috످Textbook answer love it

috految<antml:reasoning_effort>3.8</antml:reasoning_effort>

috److Glad to hear it! I don't see an earlier answer in this chat, though. If you're following up on something, paste it here and we can pick up from there.

috످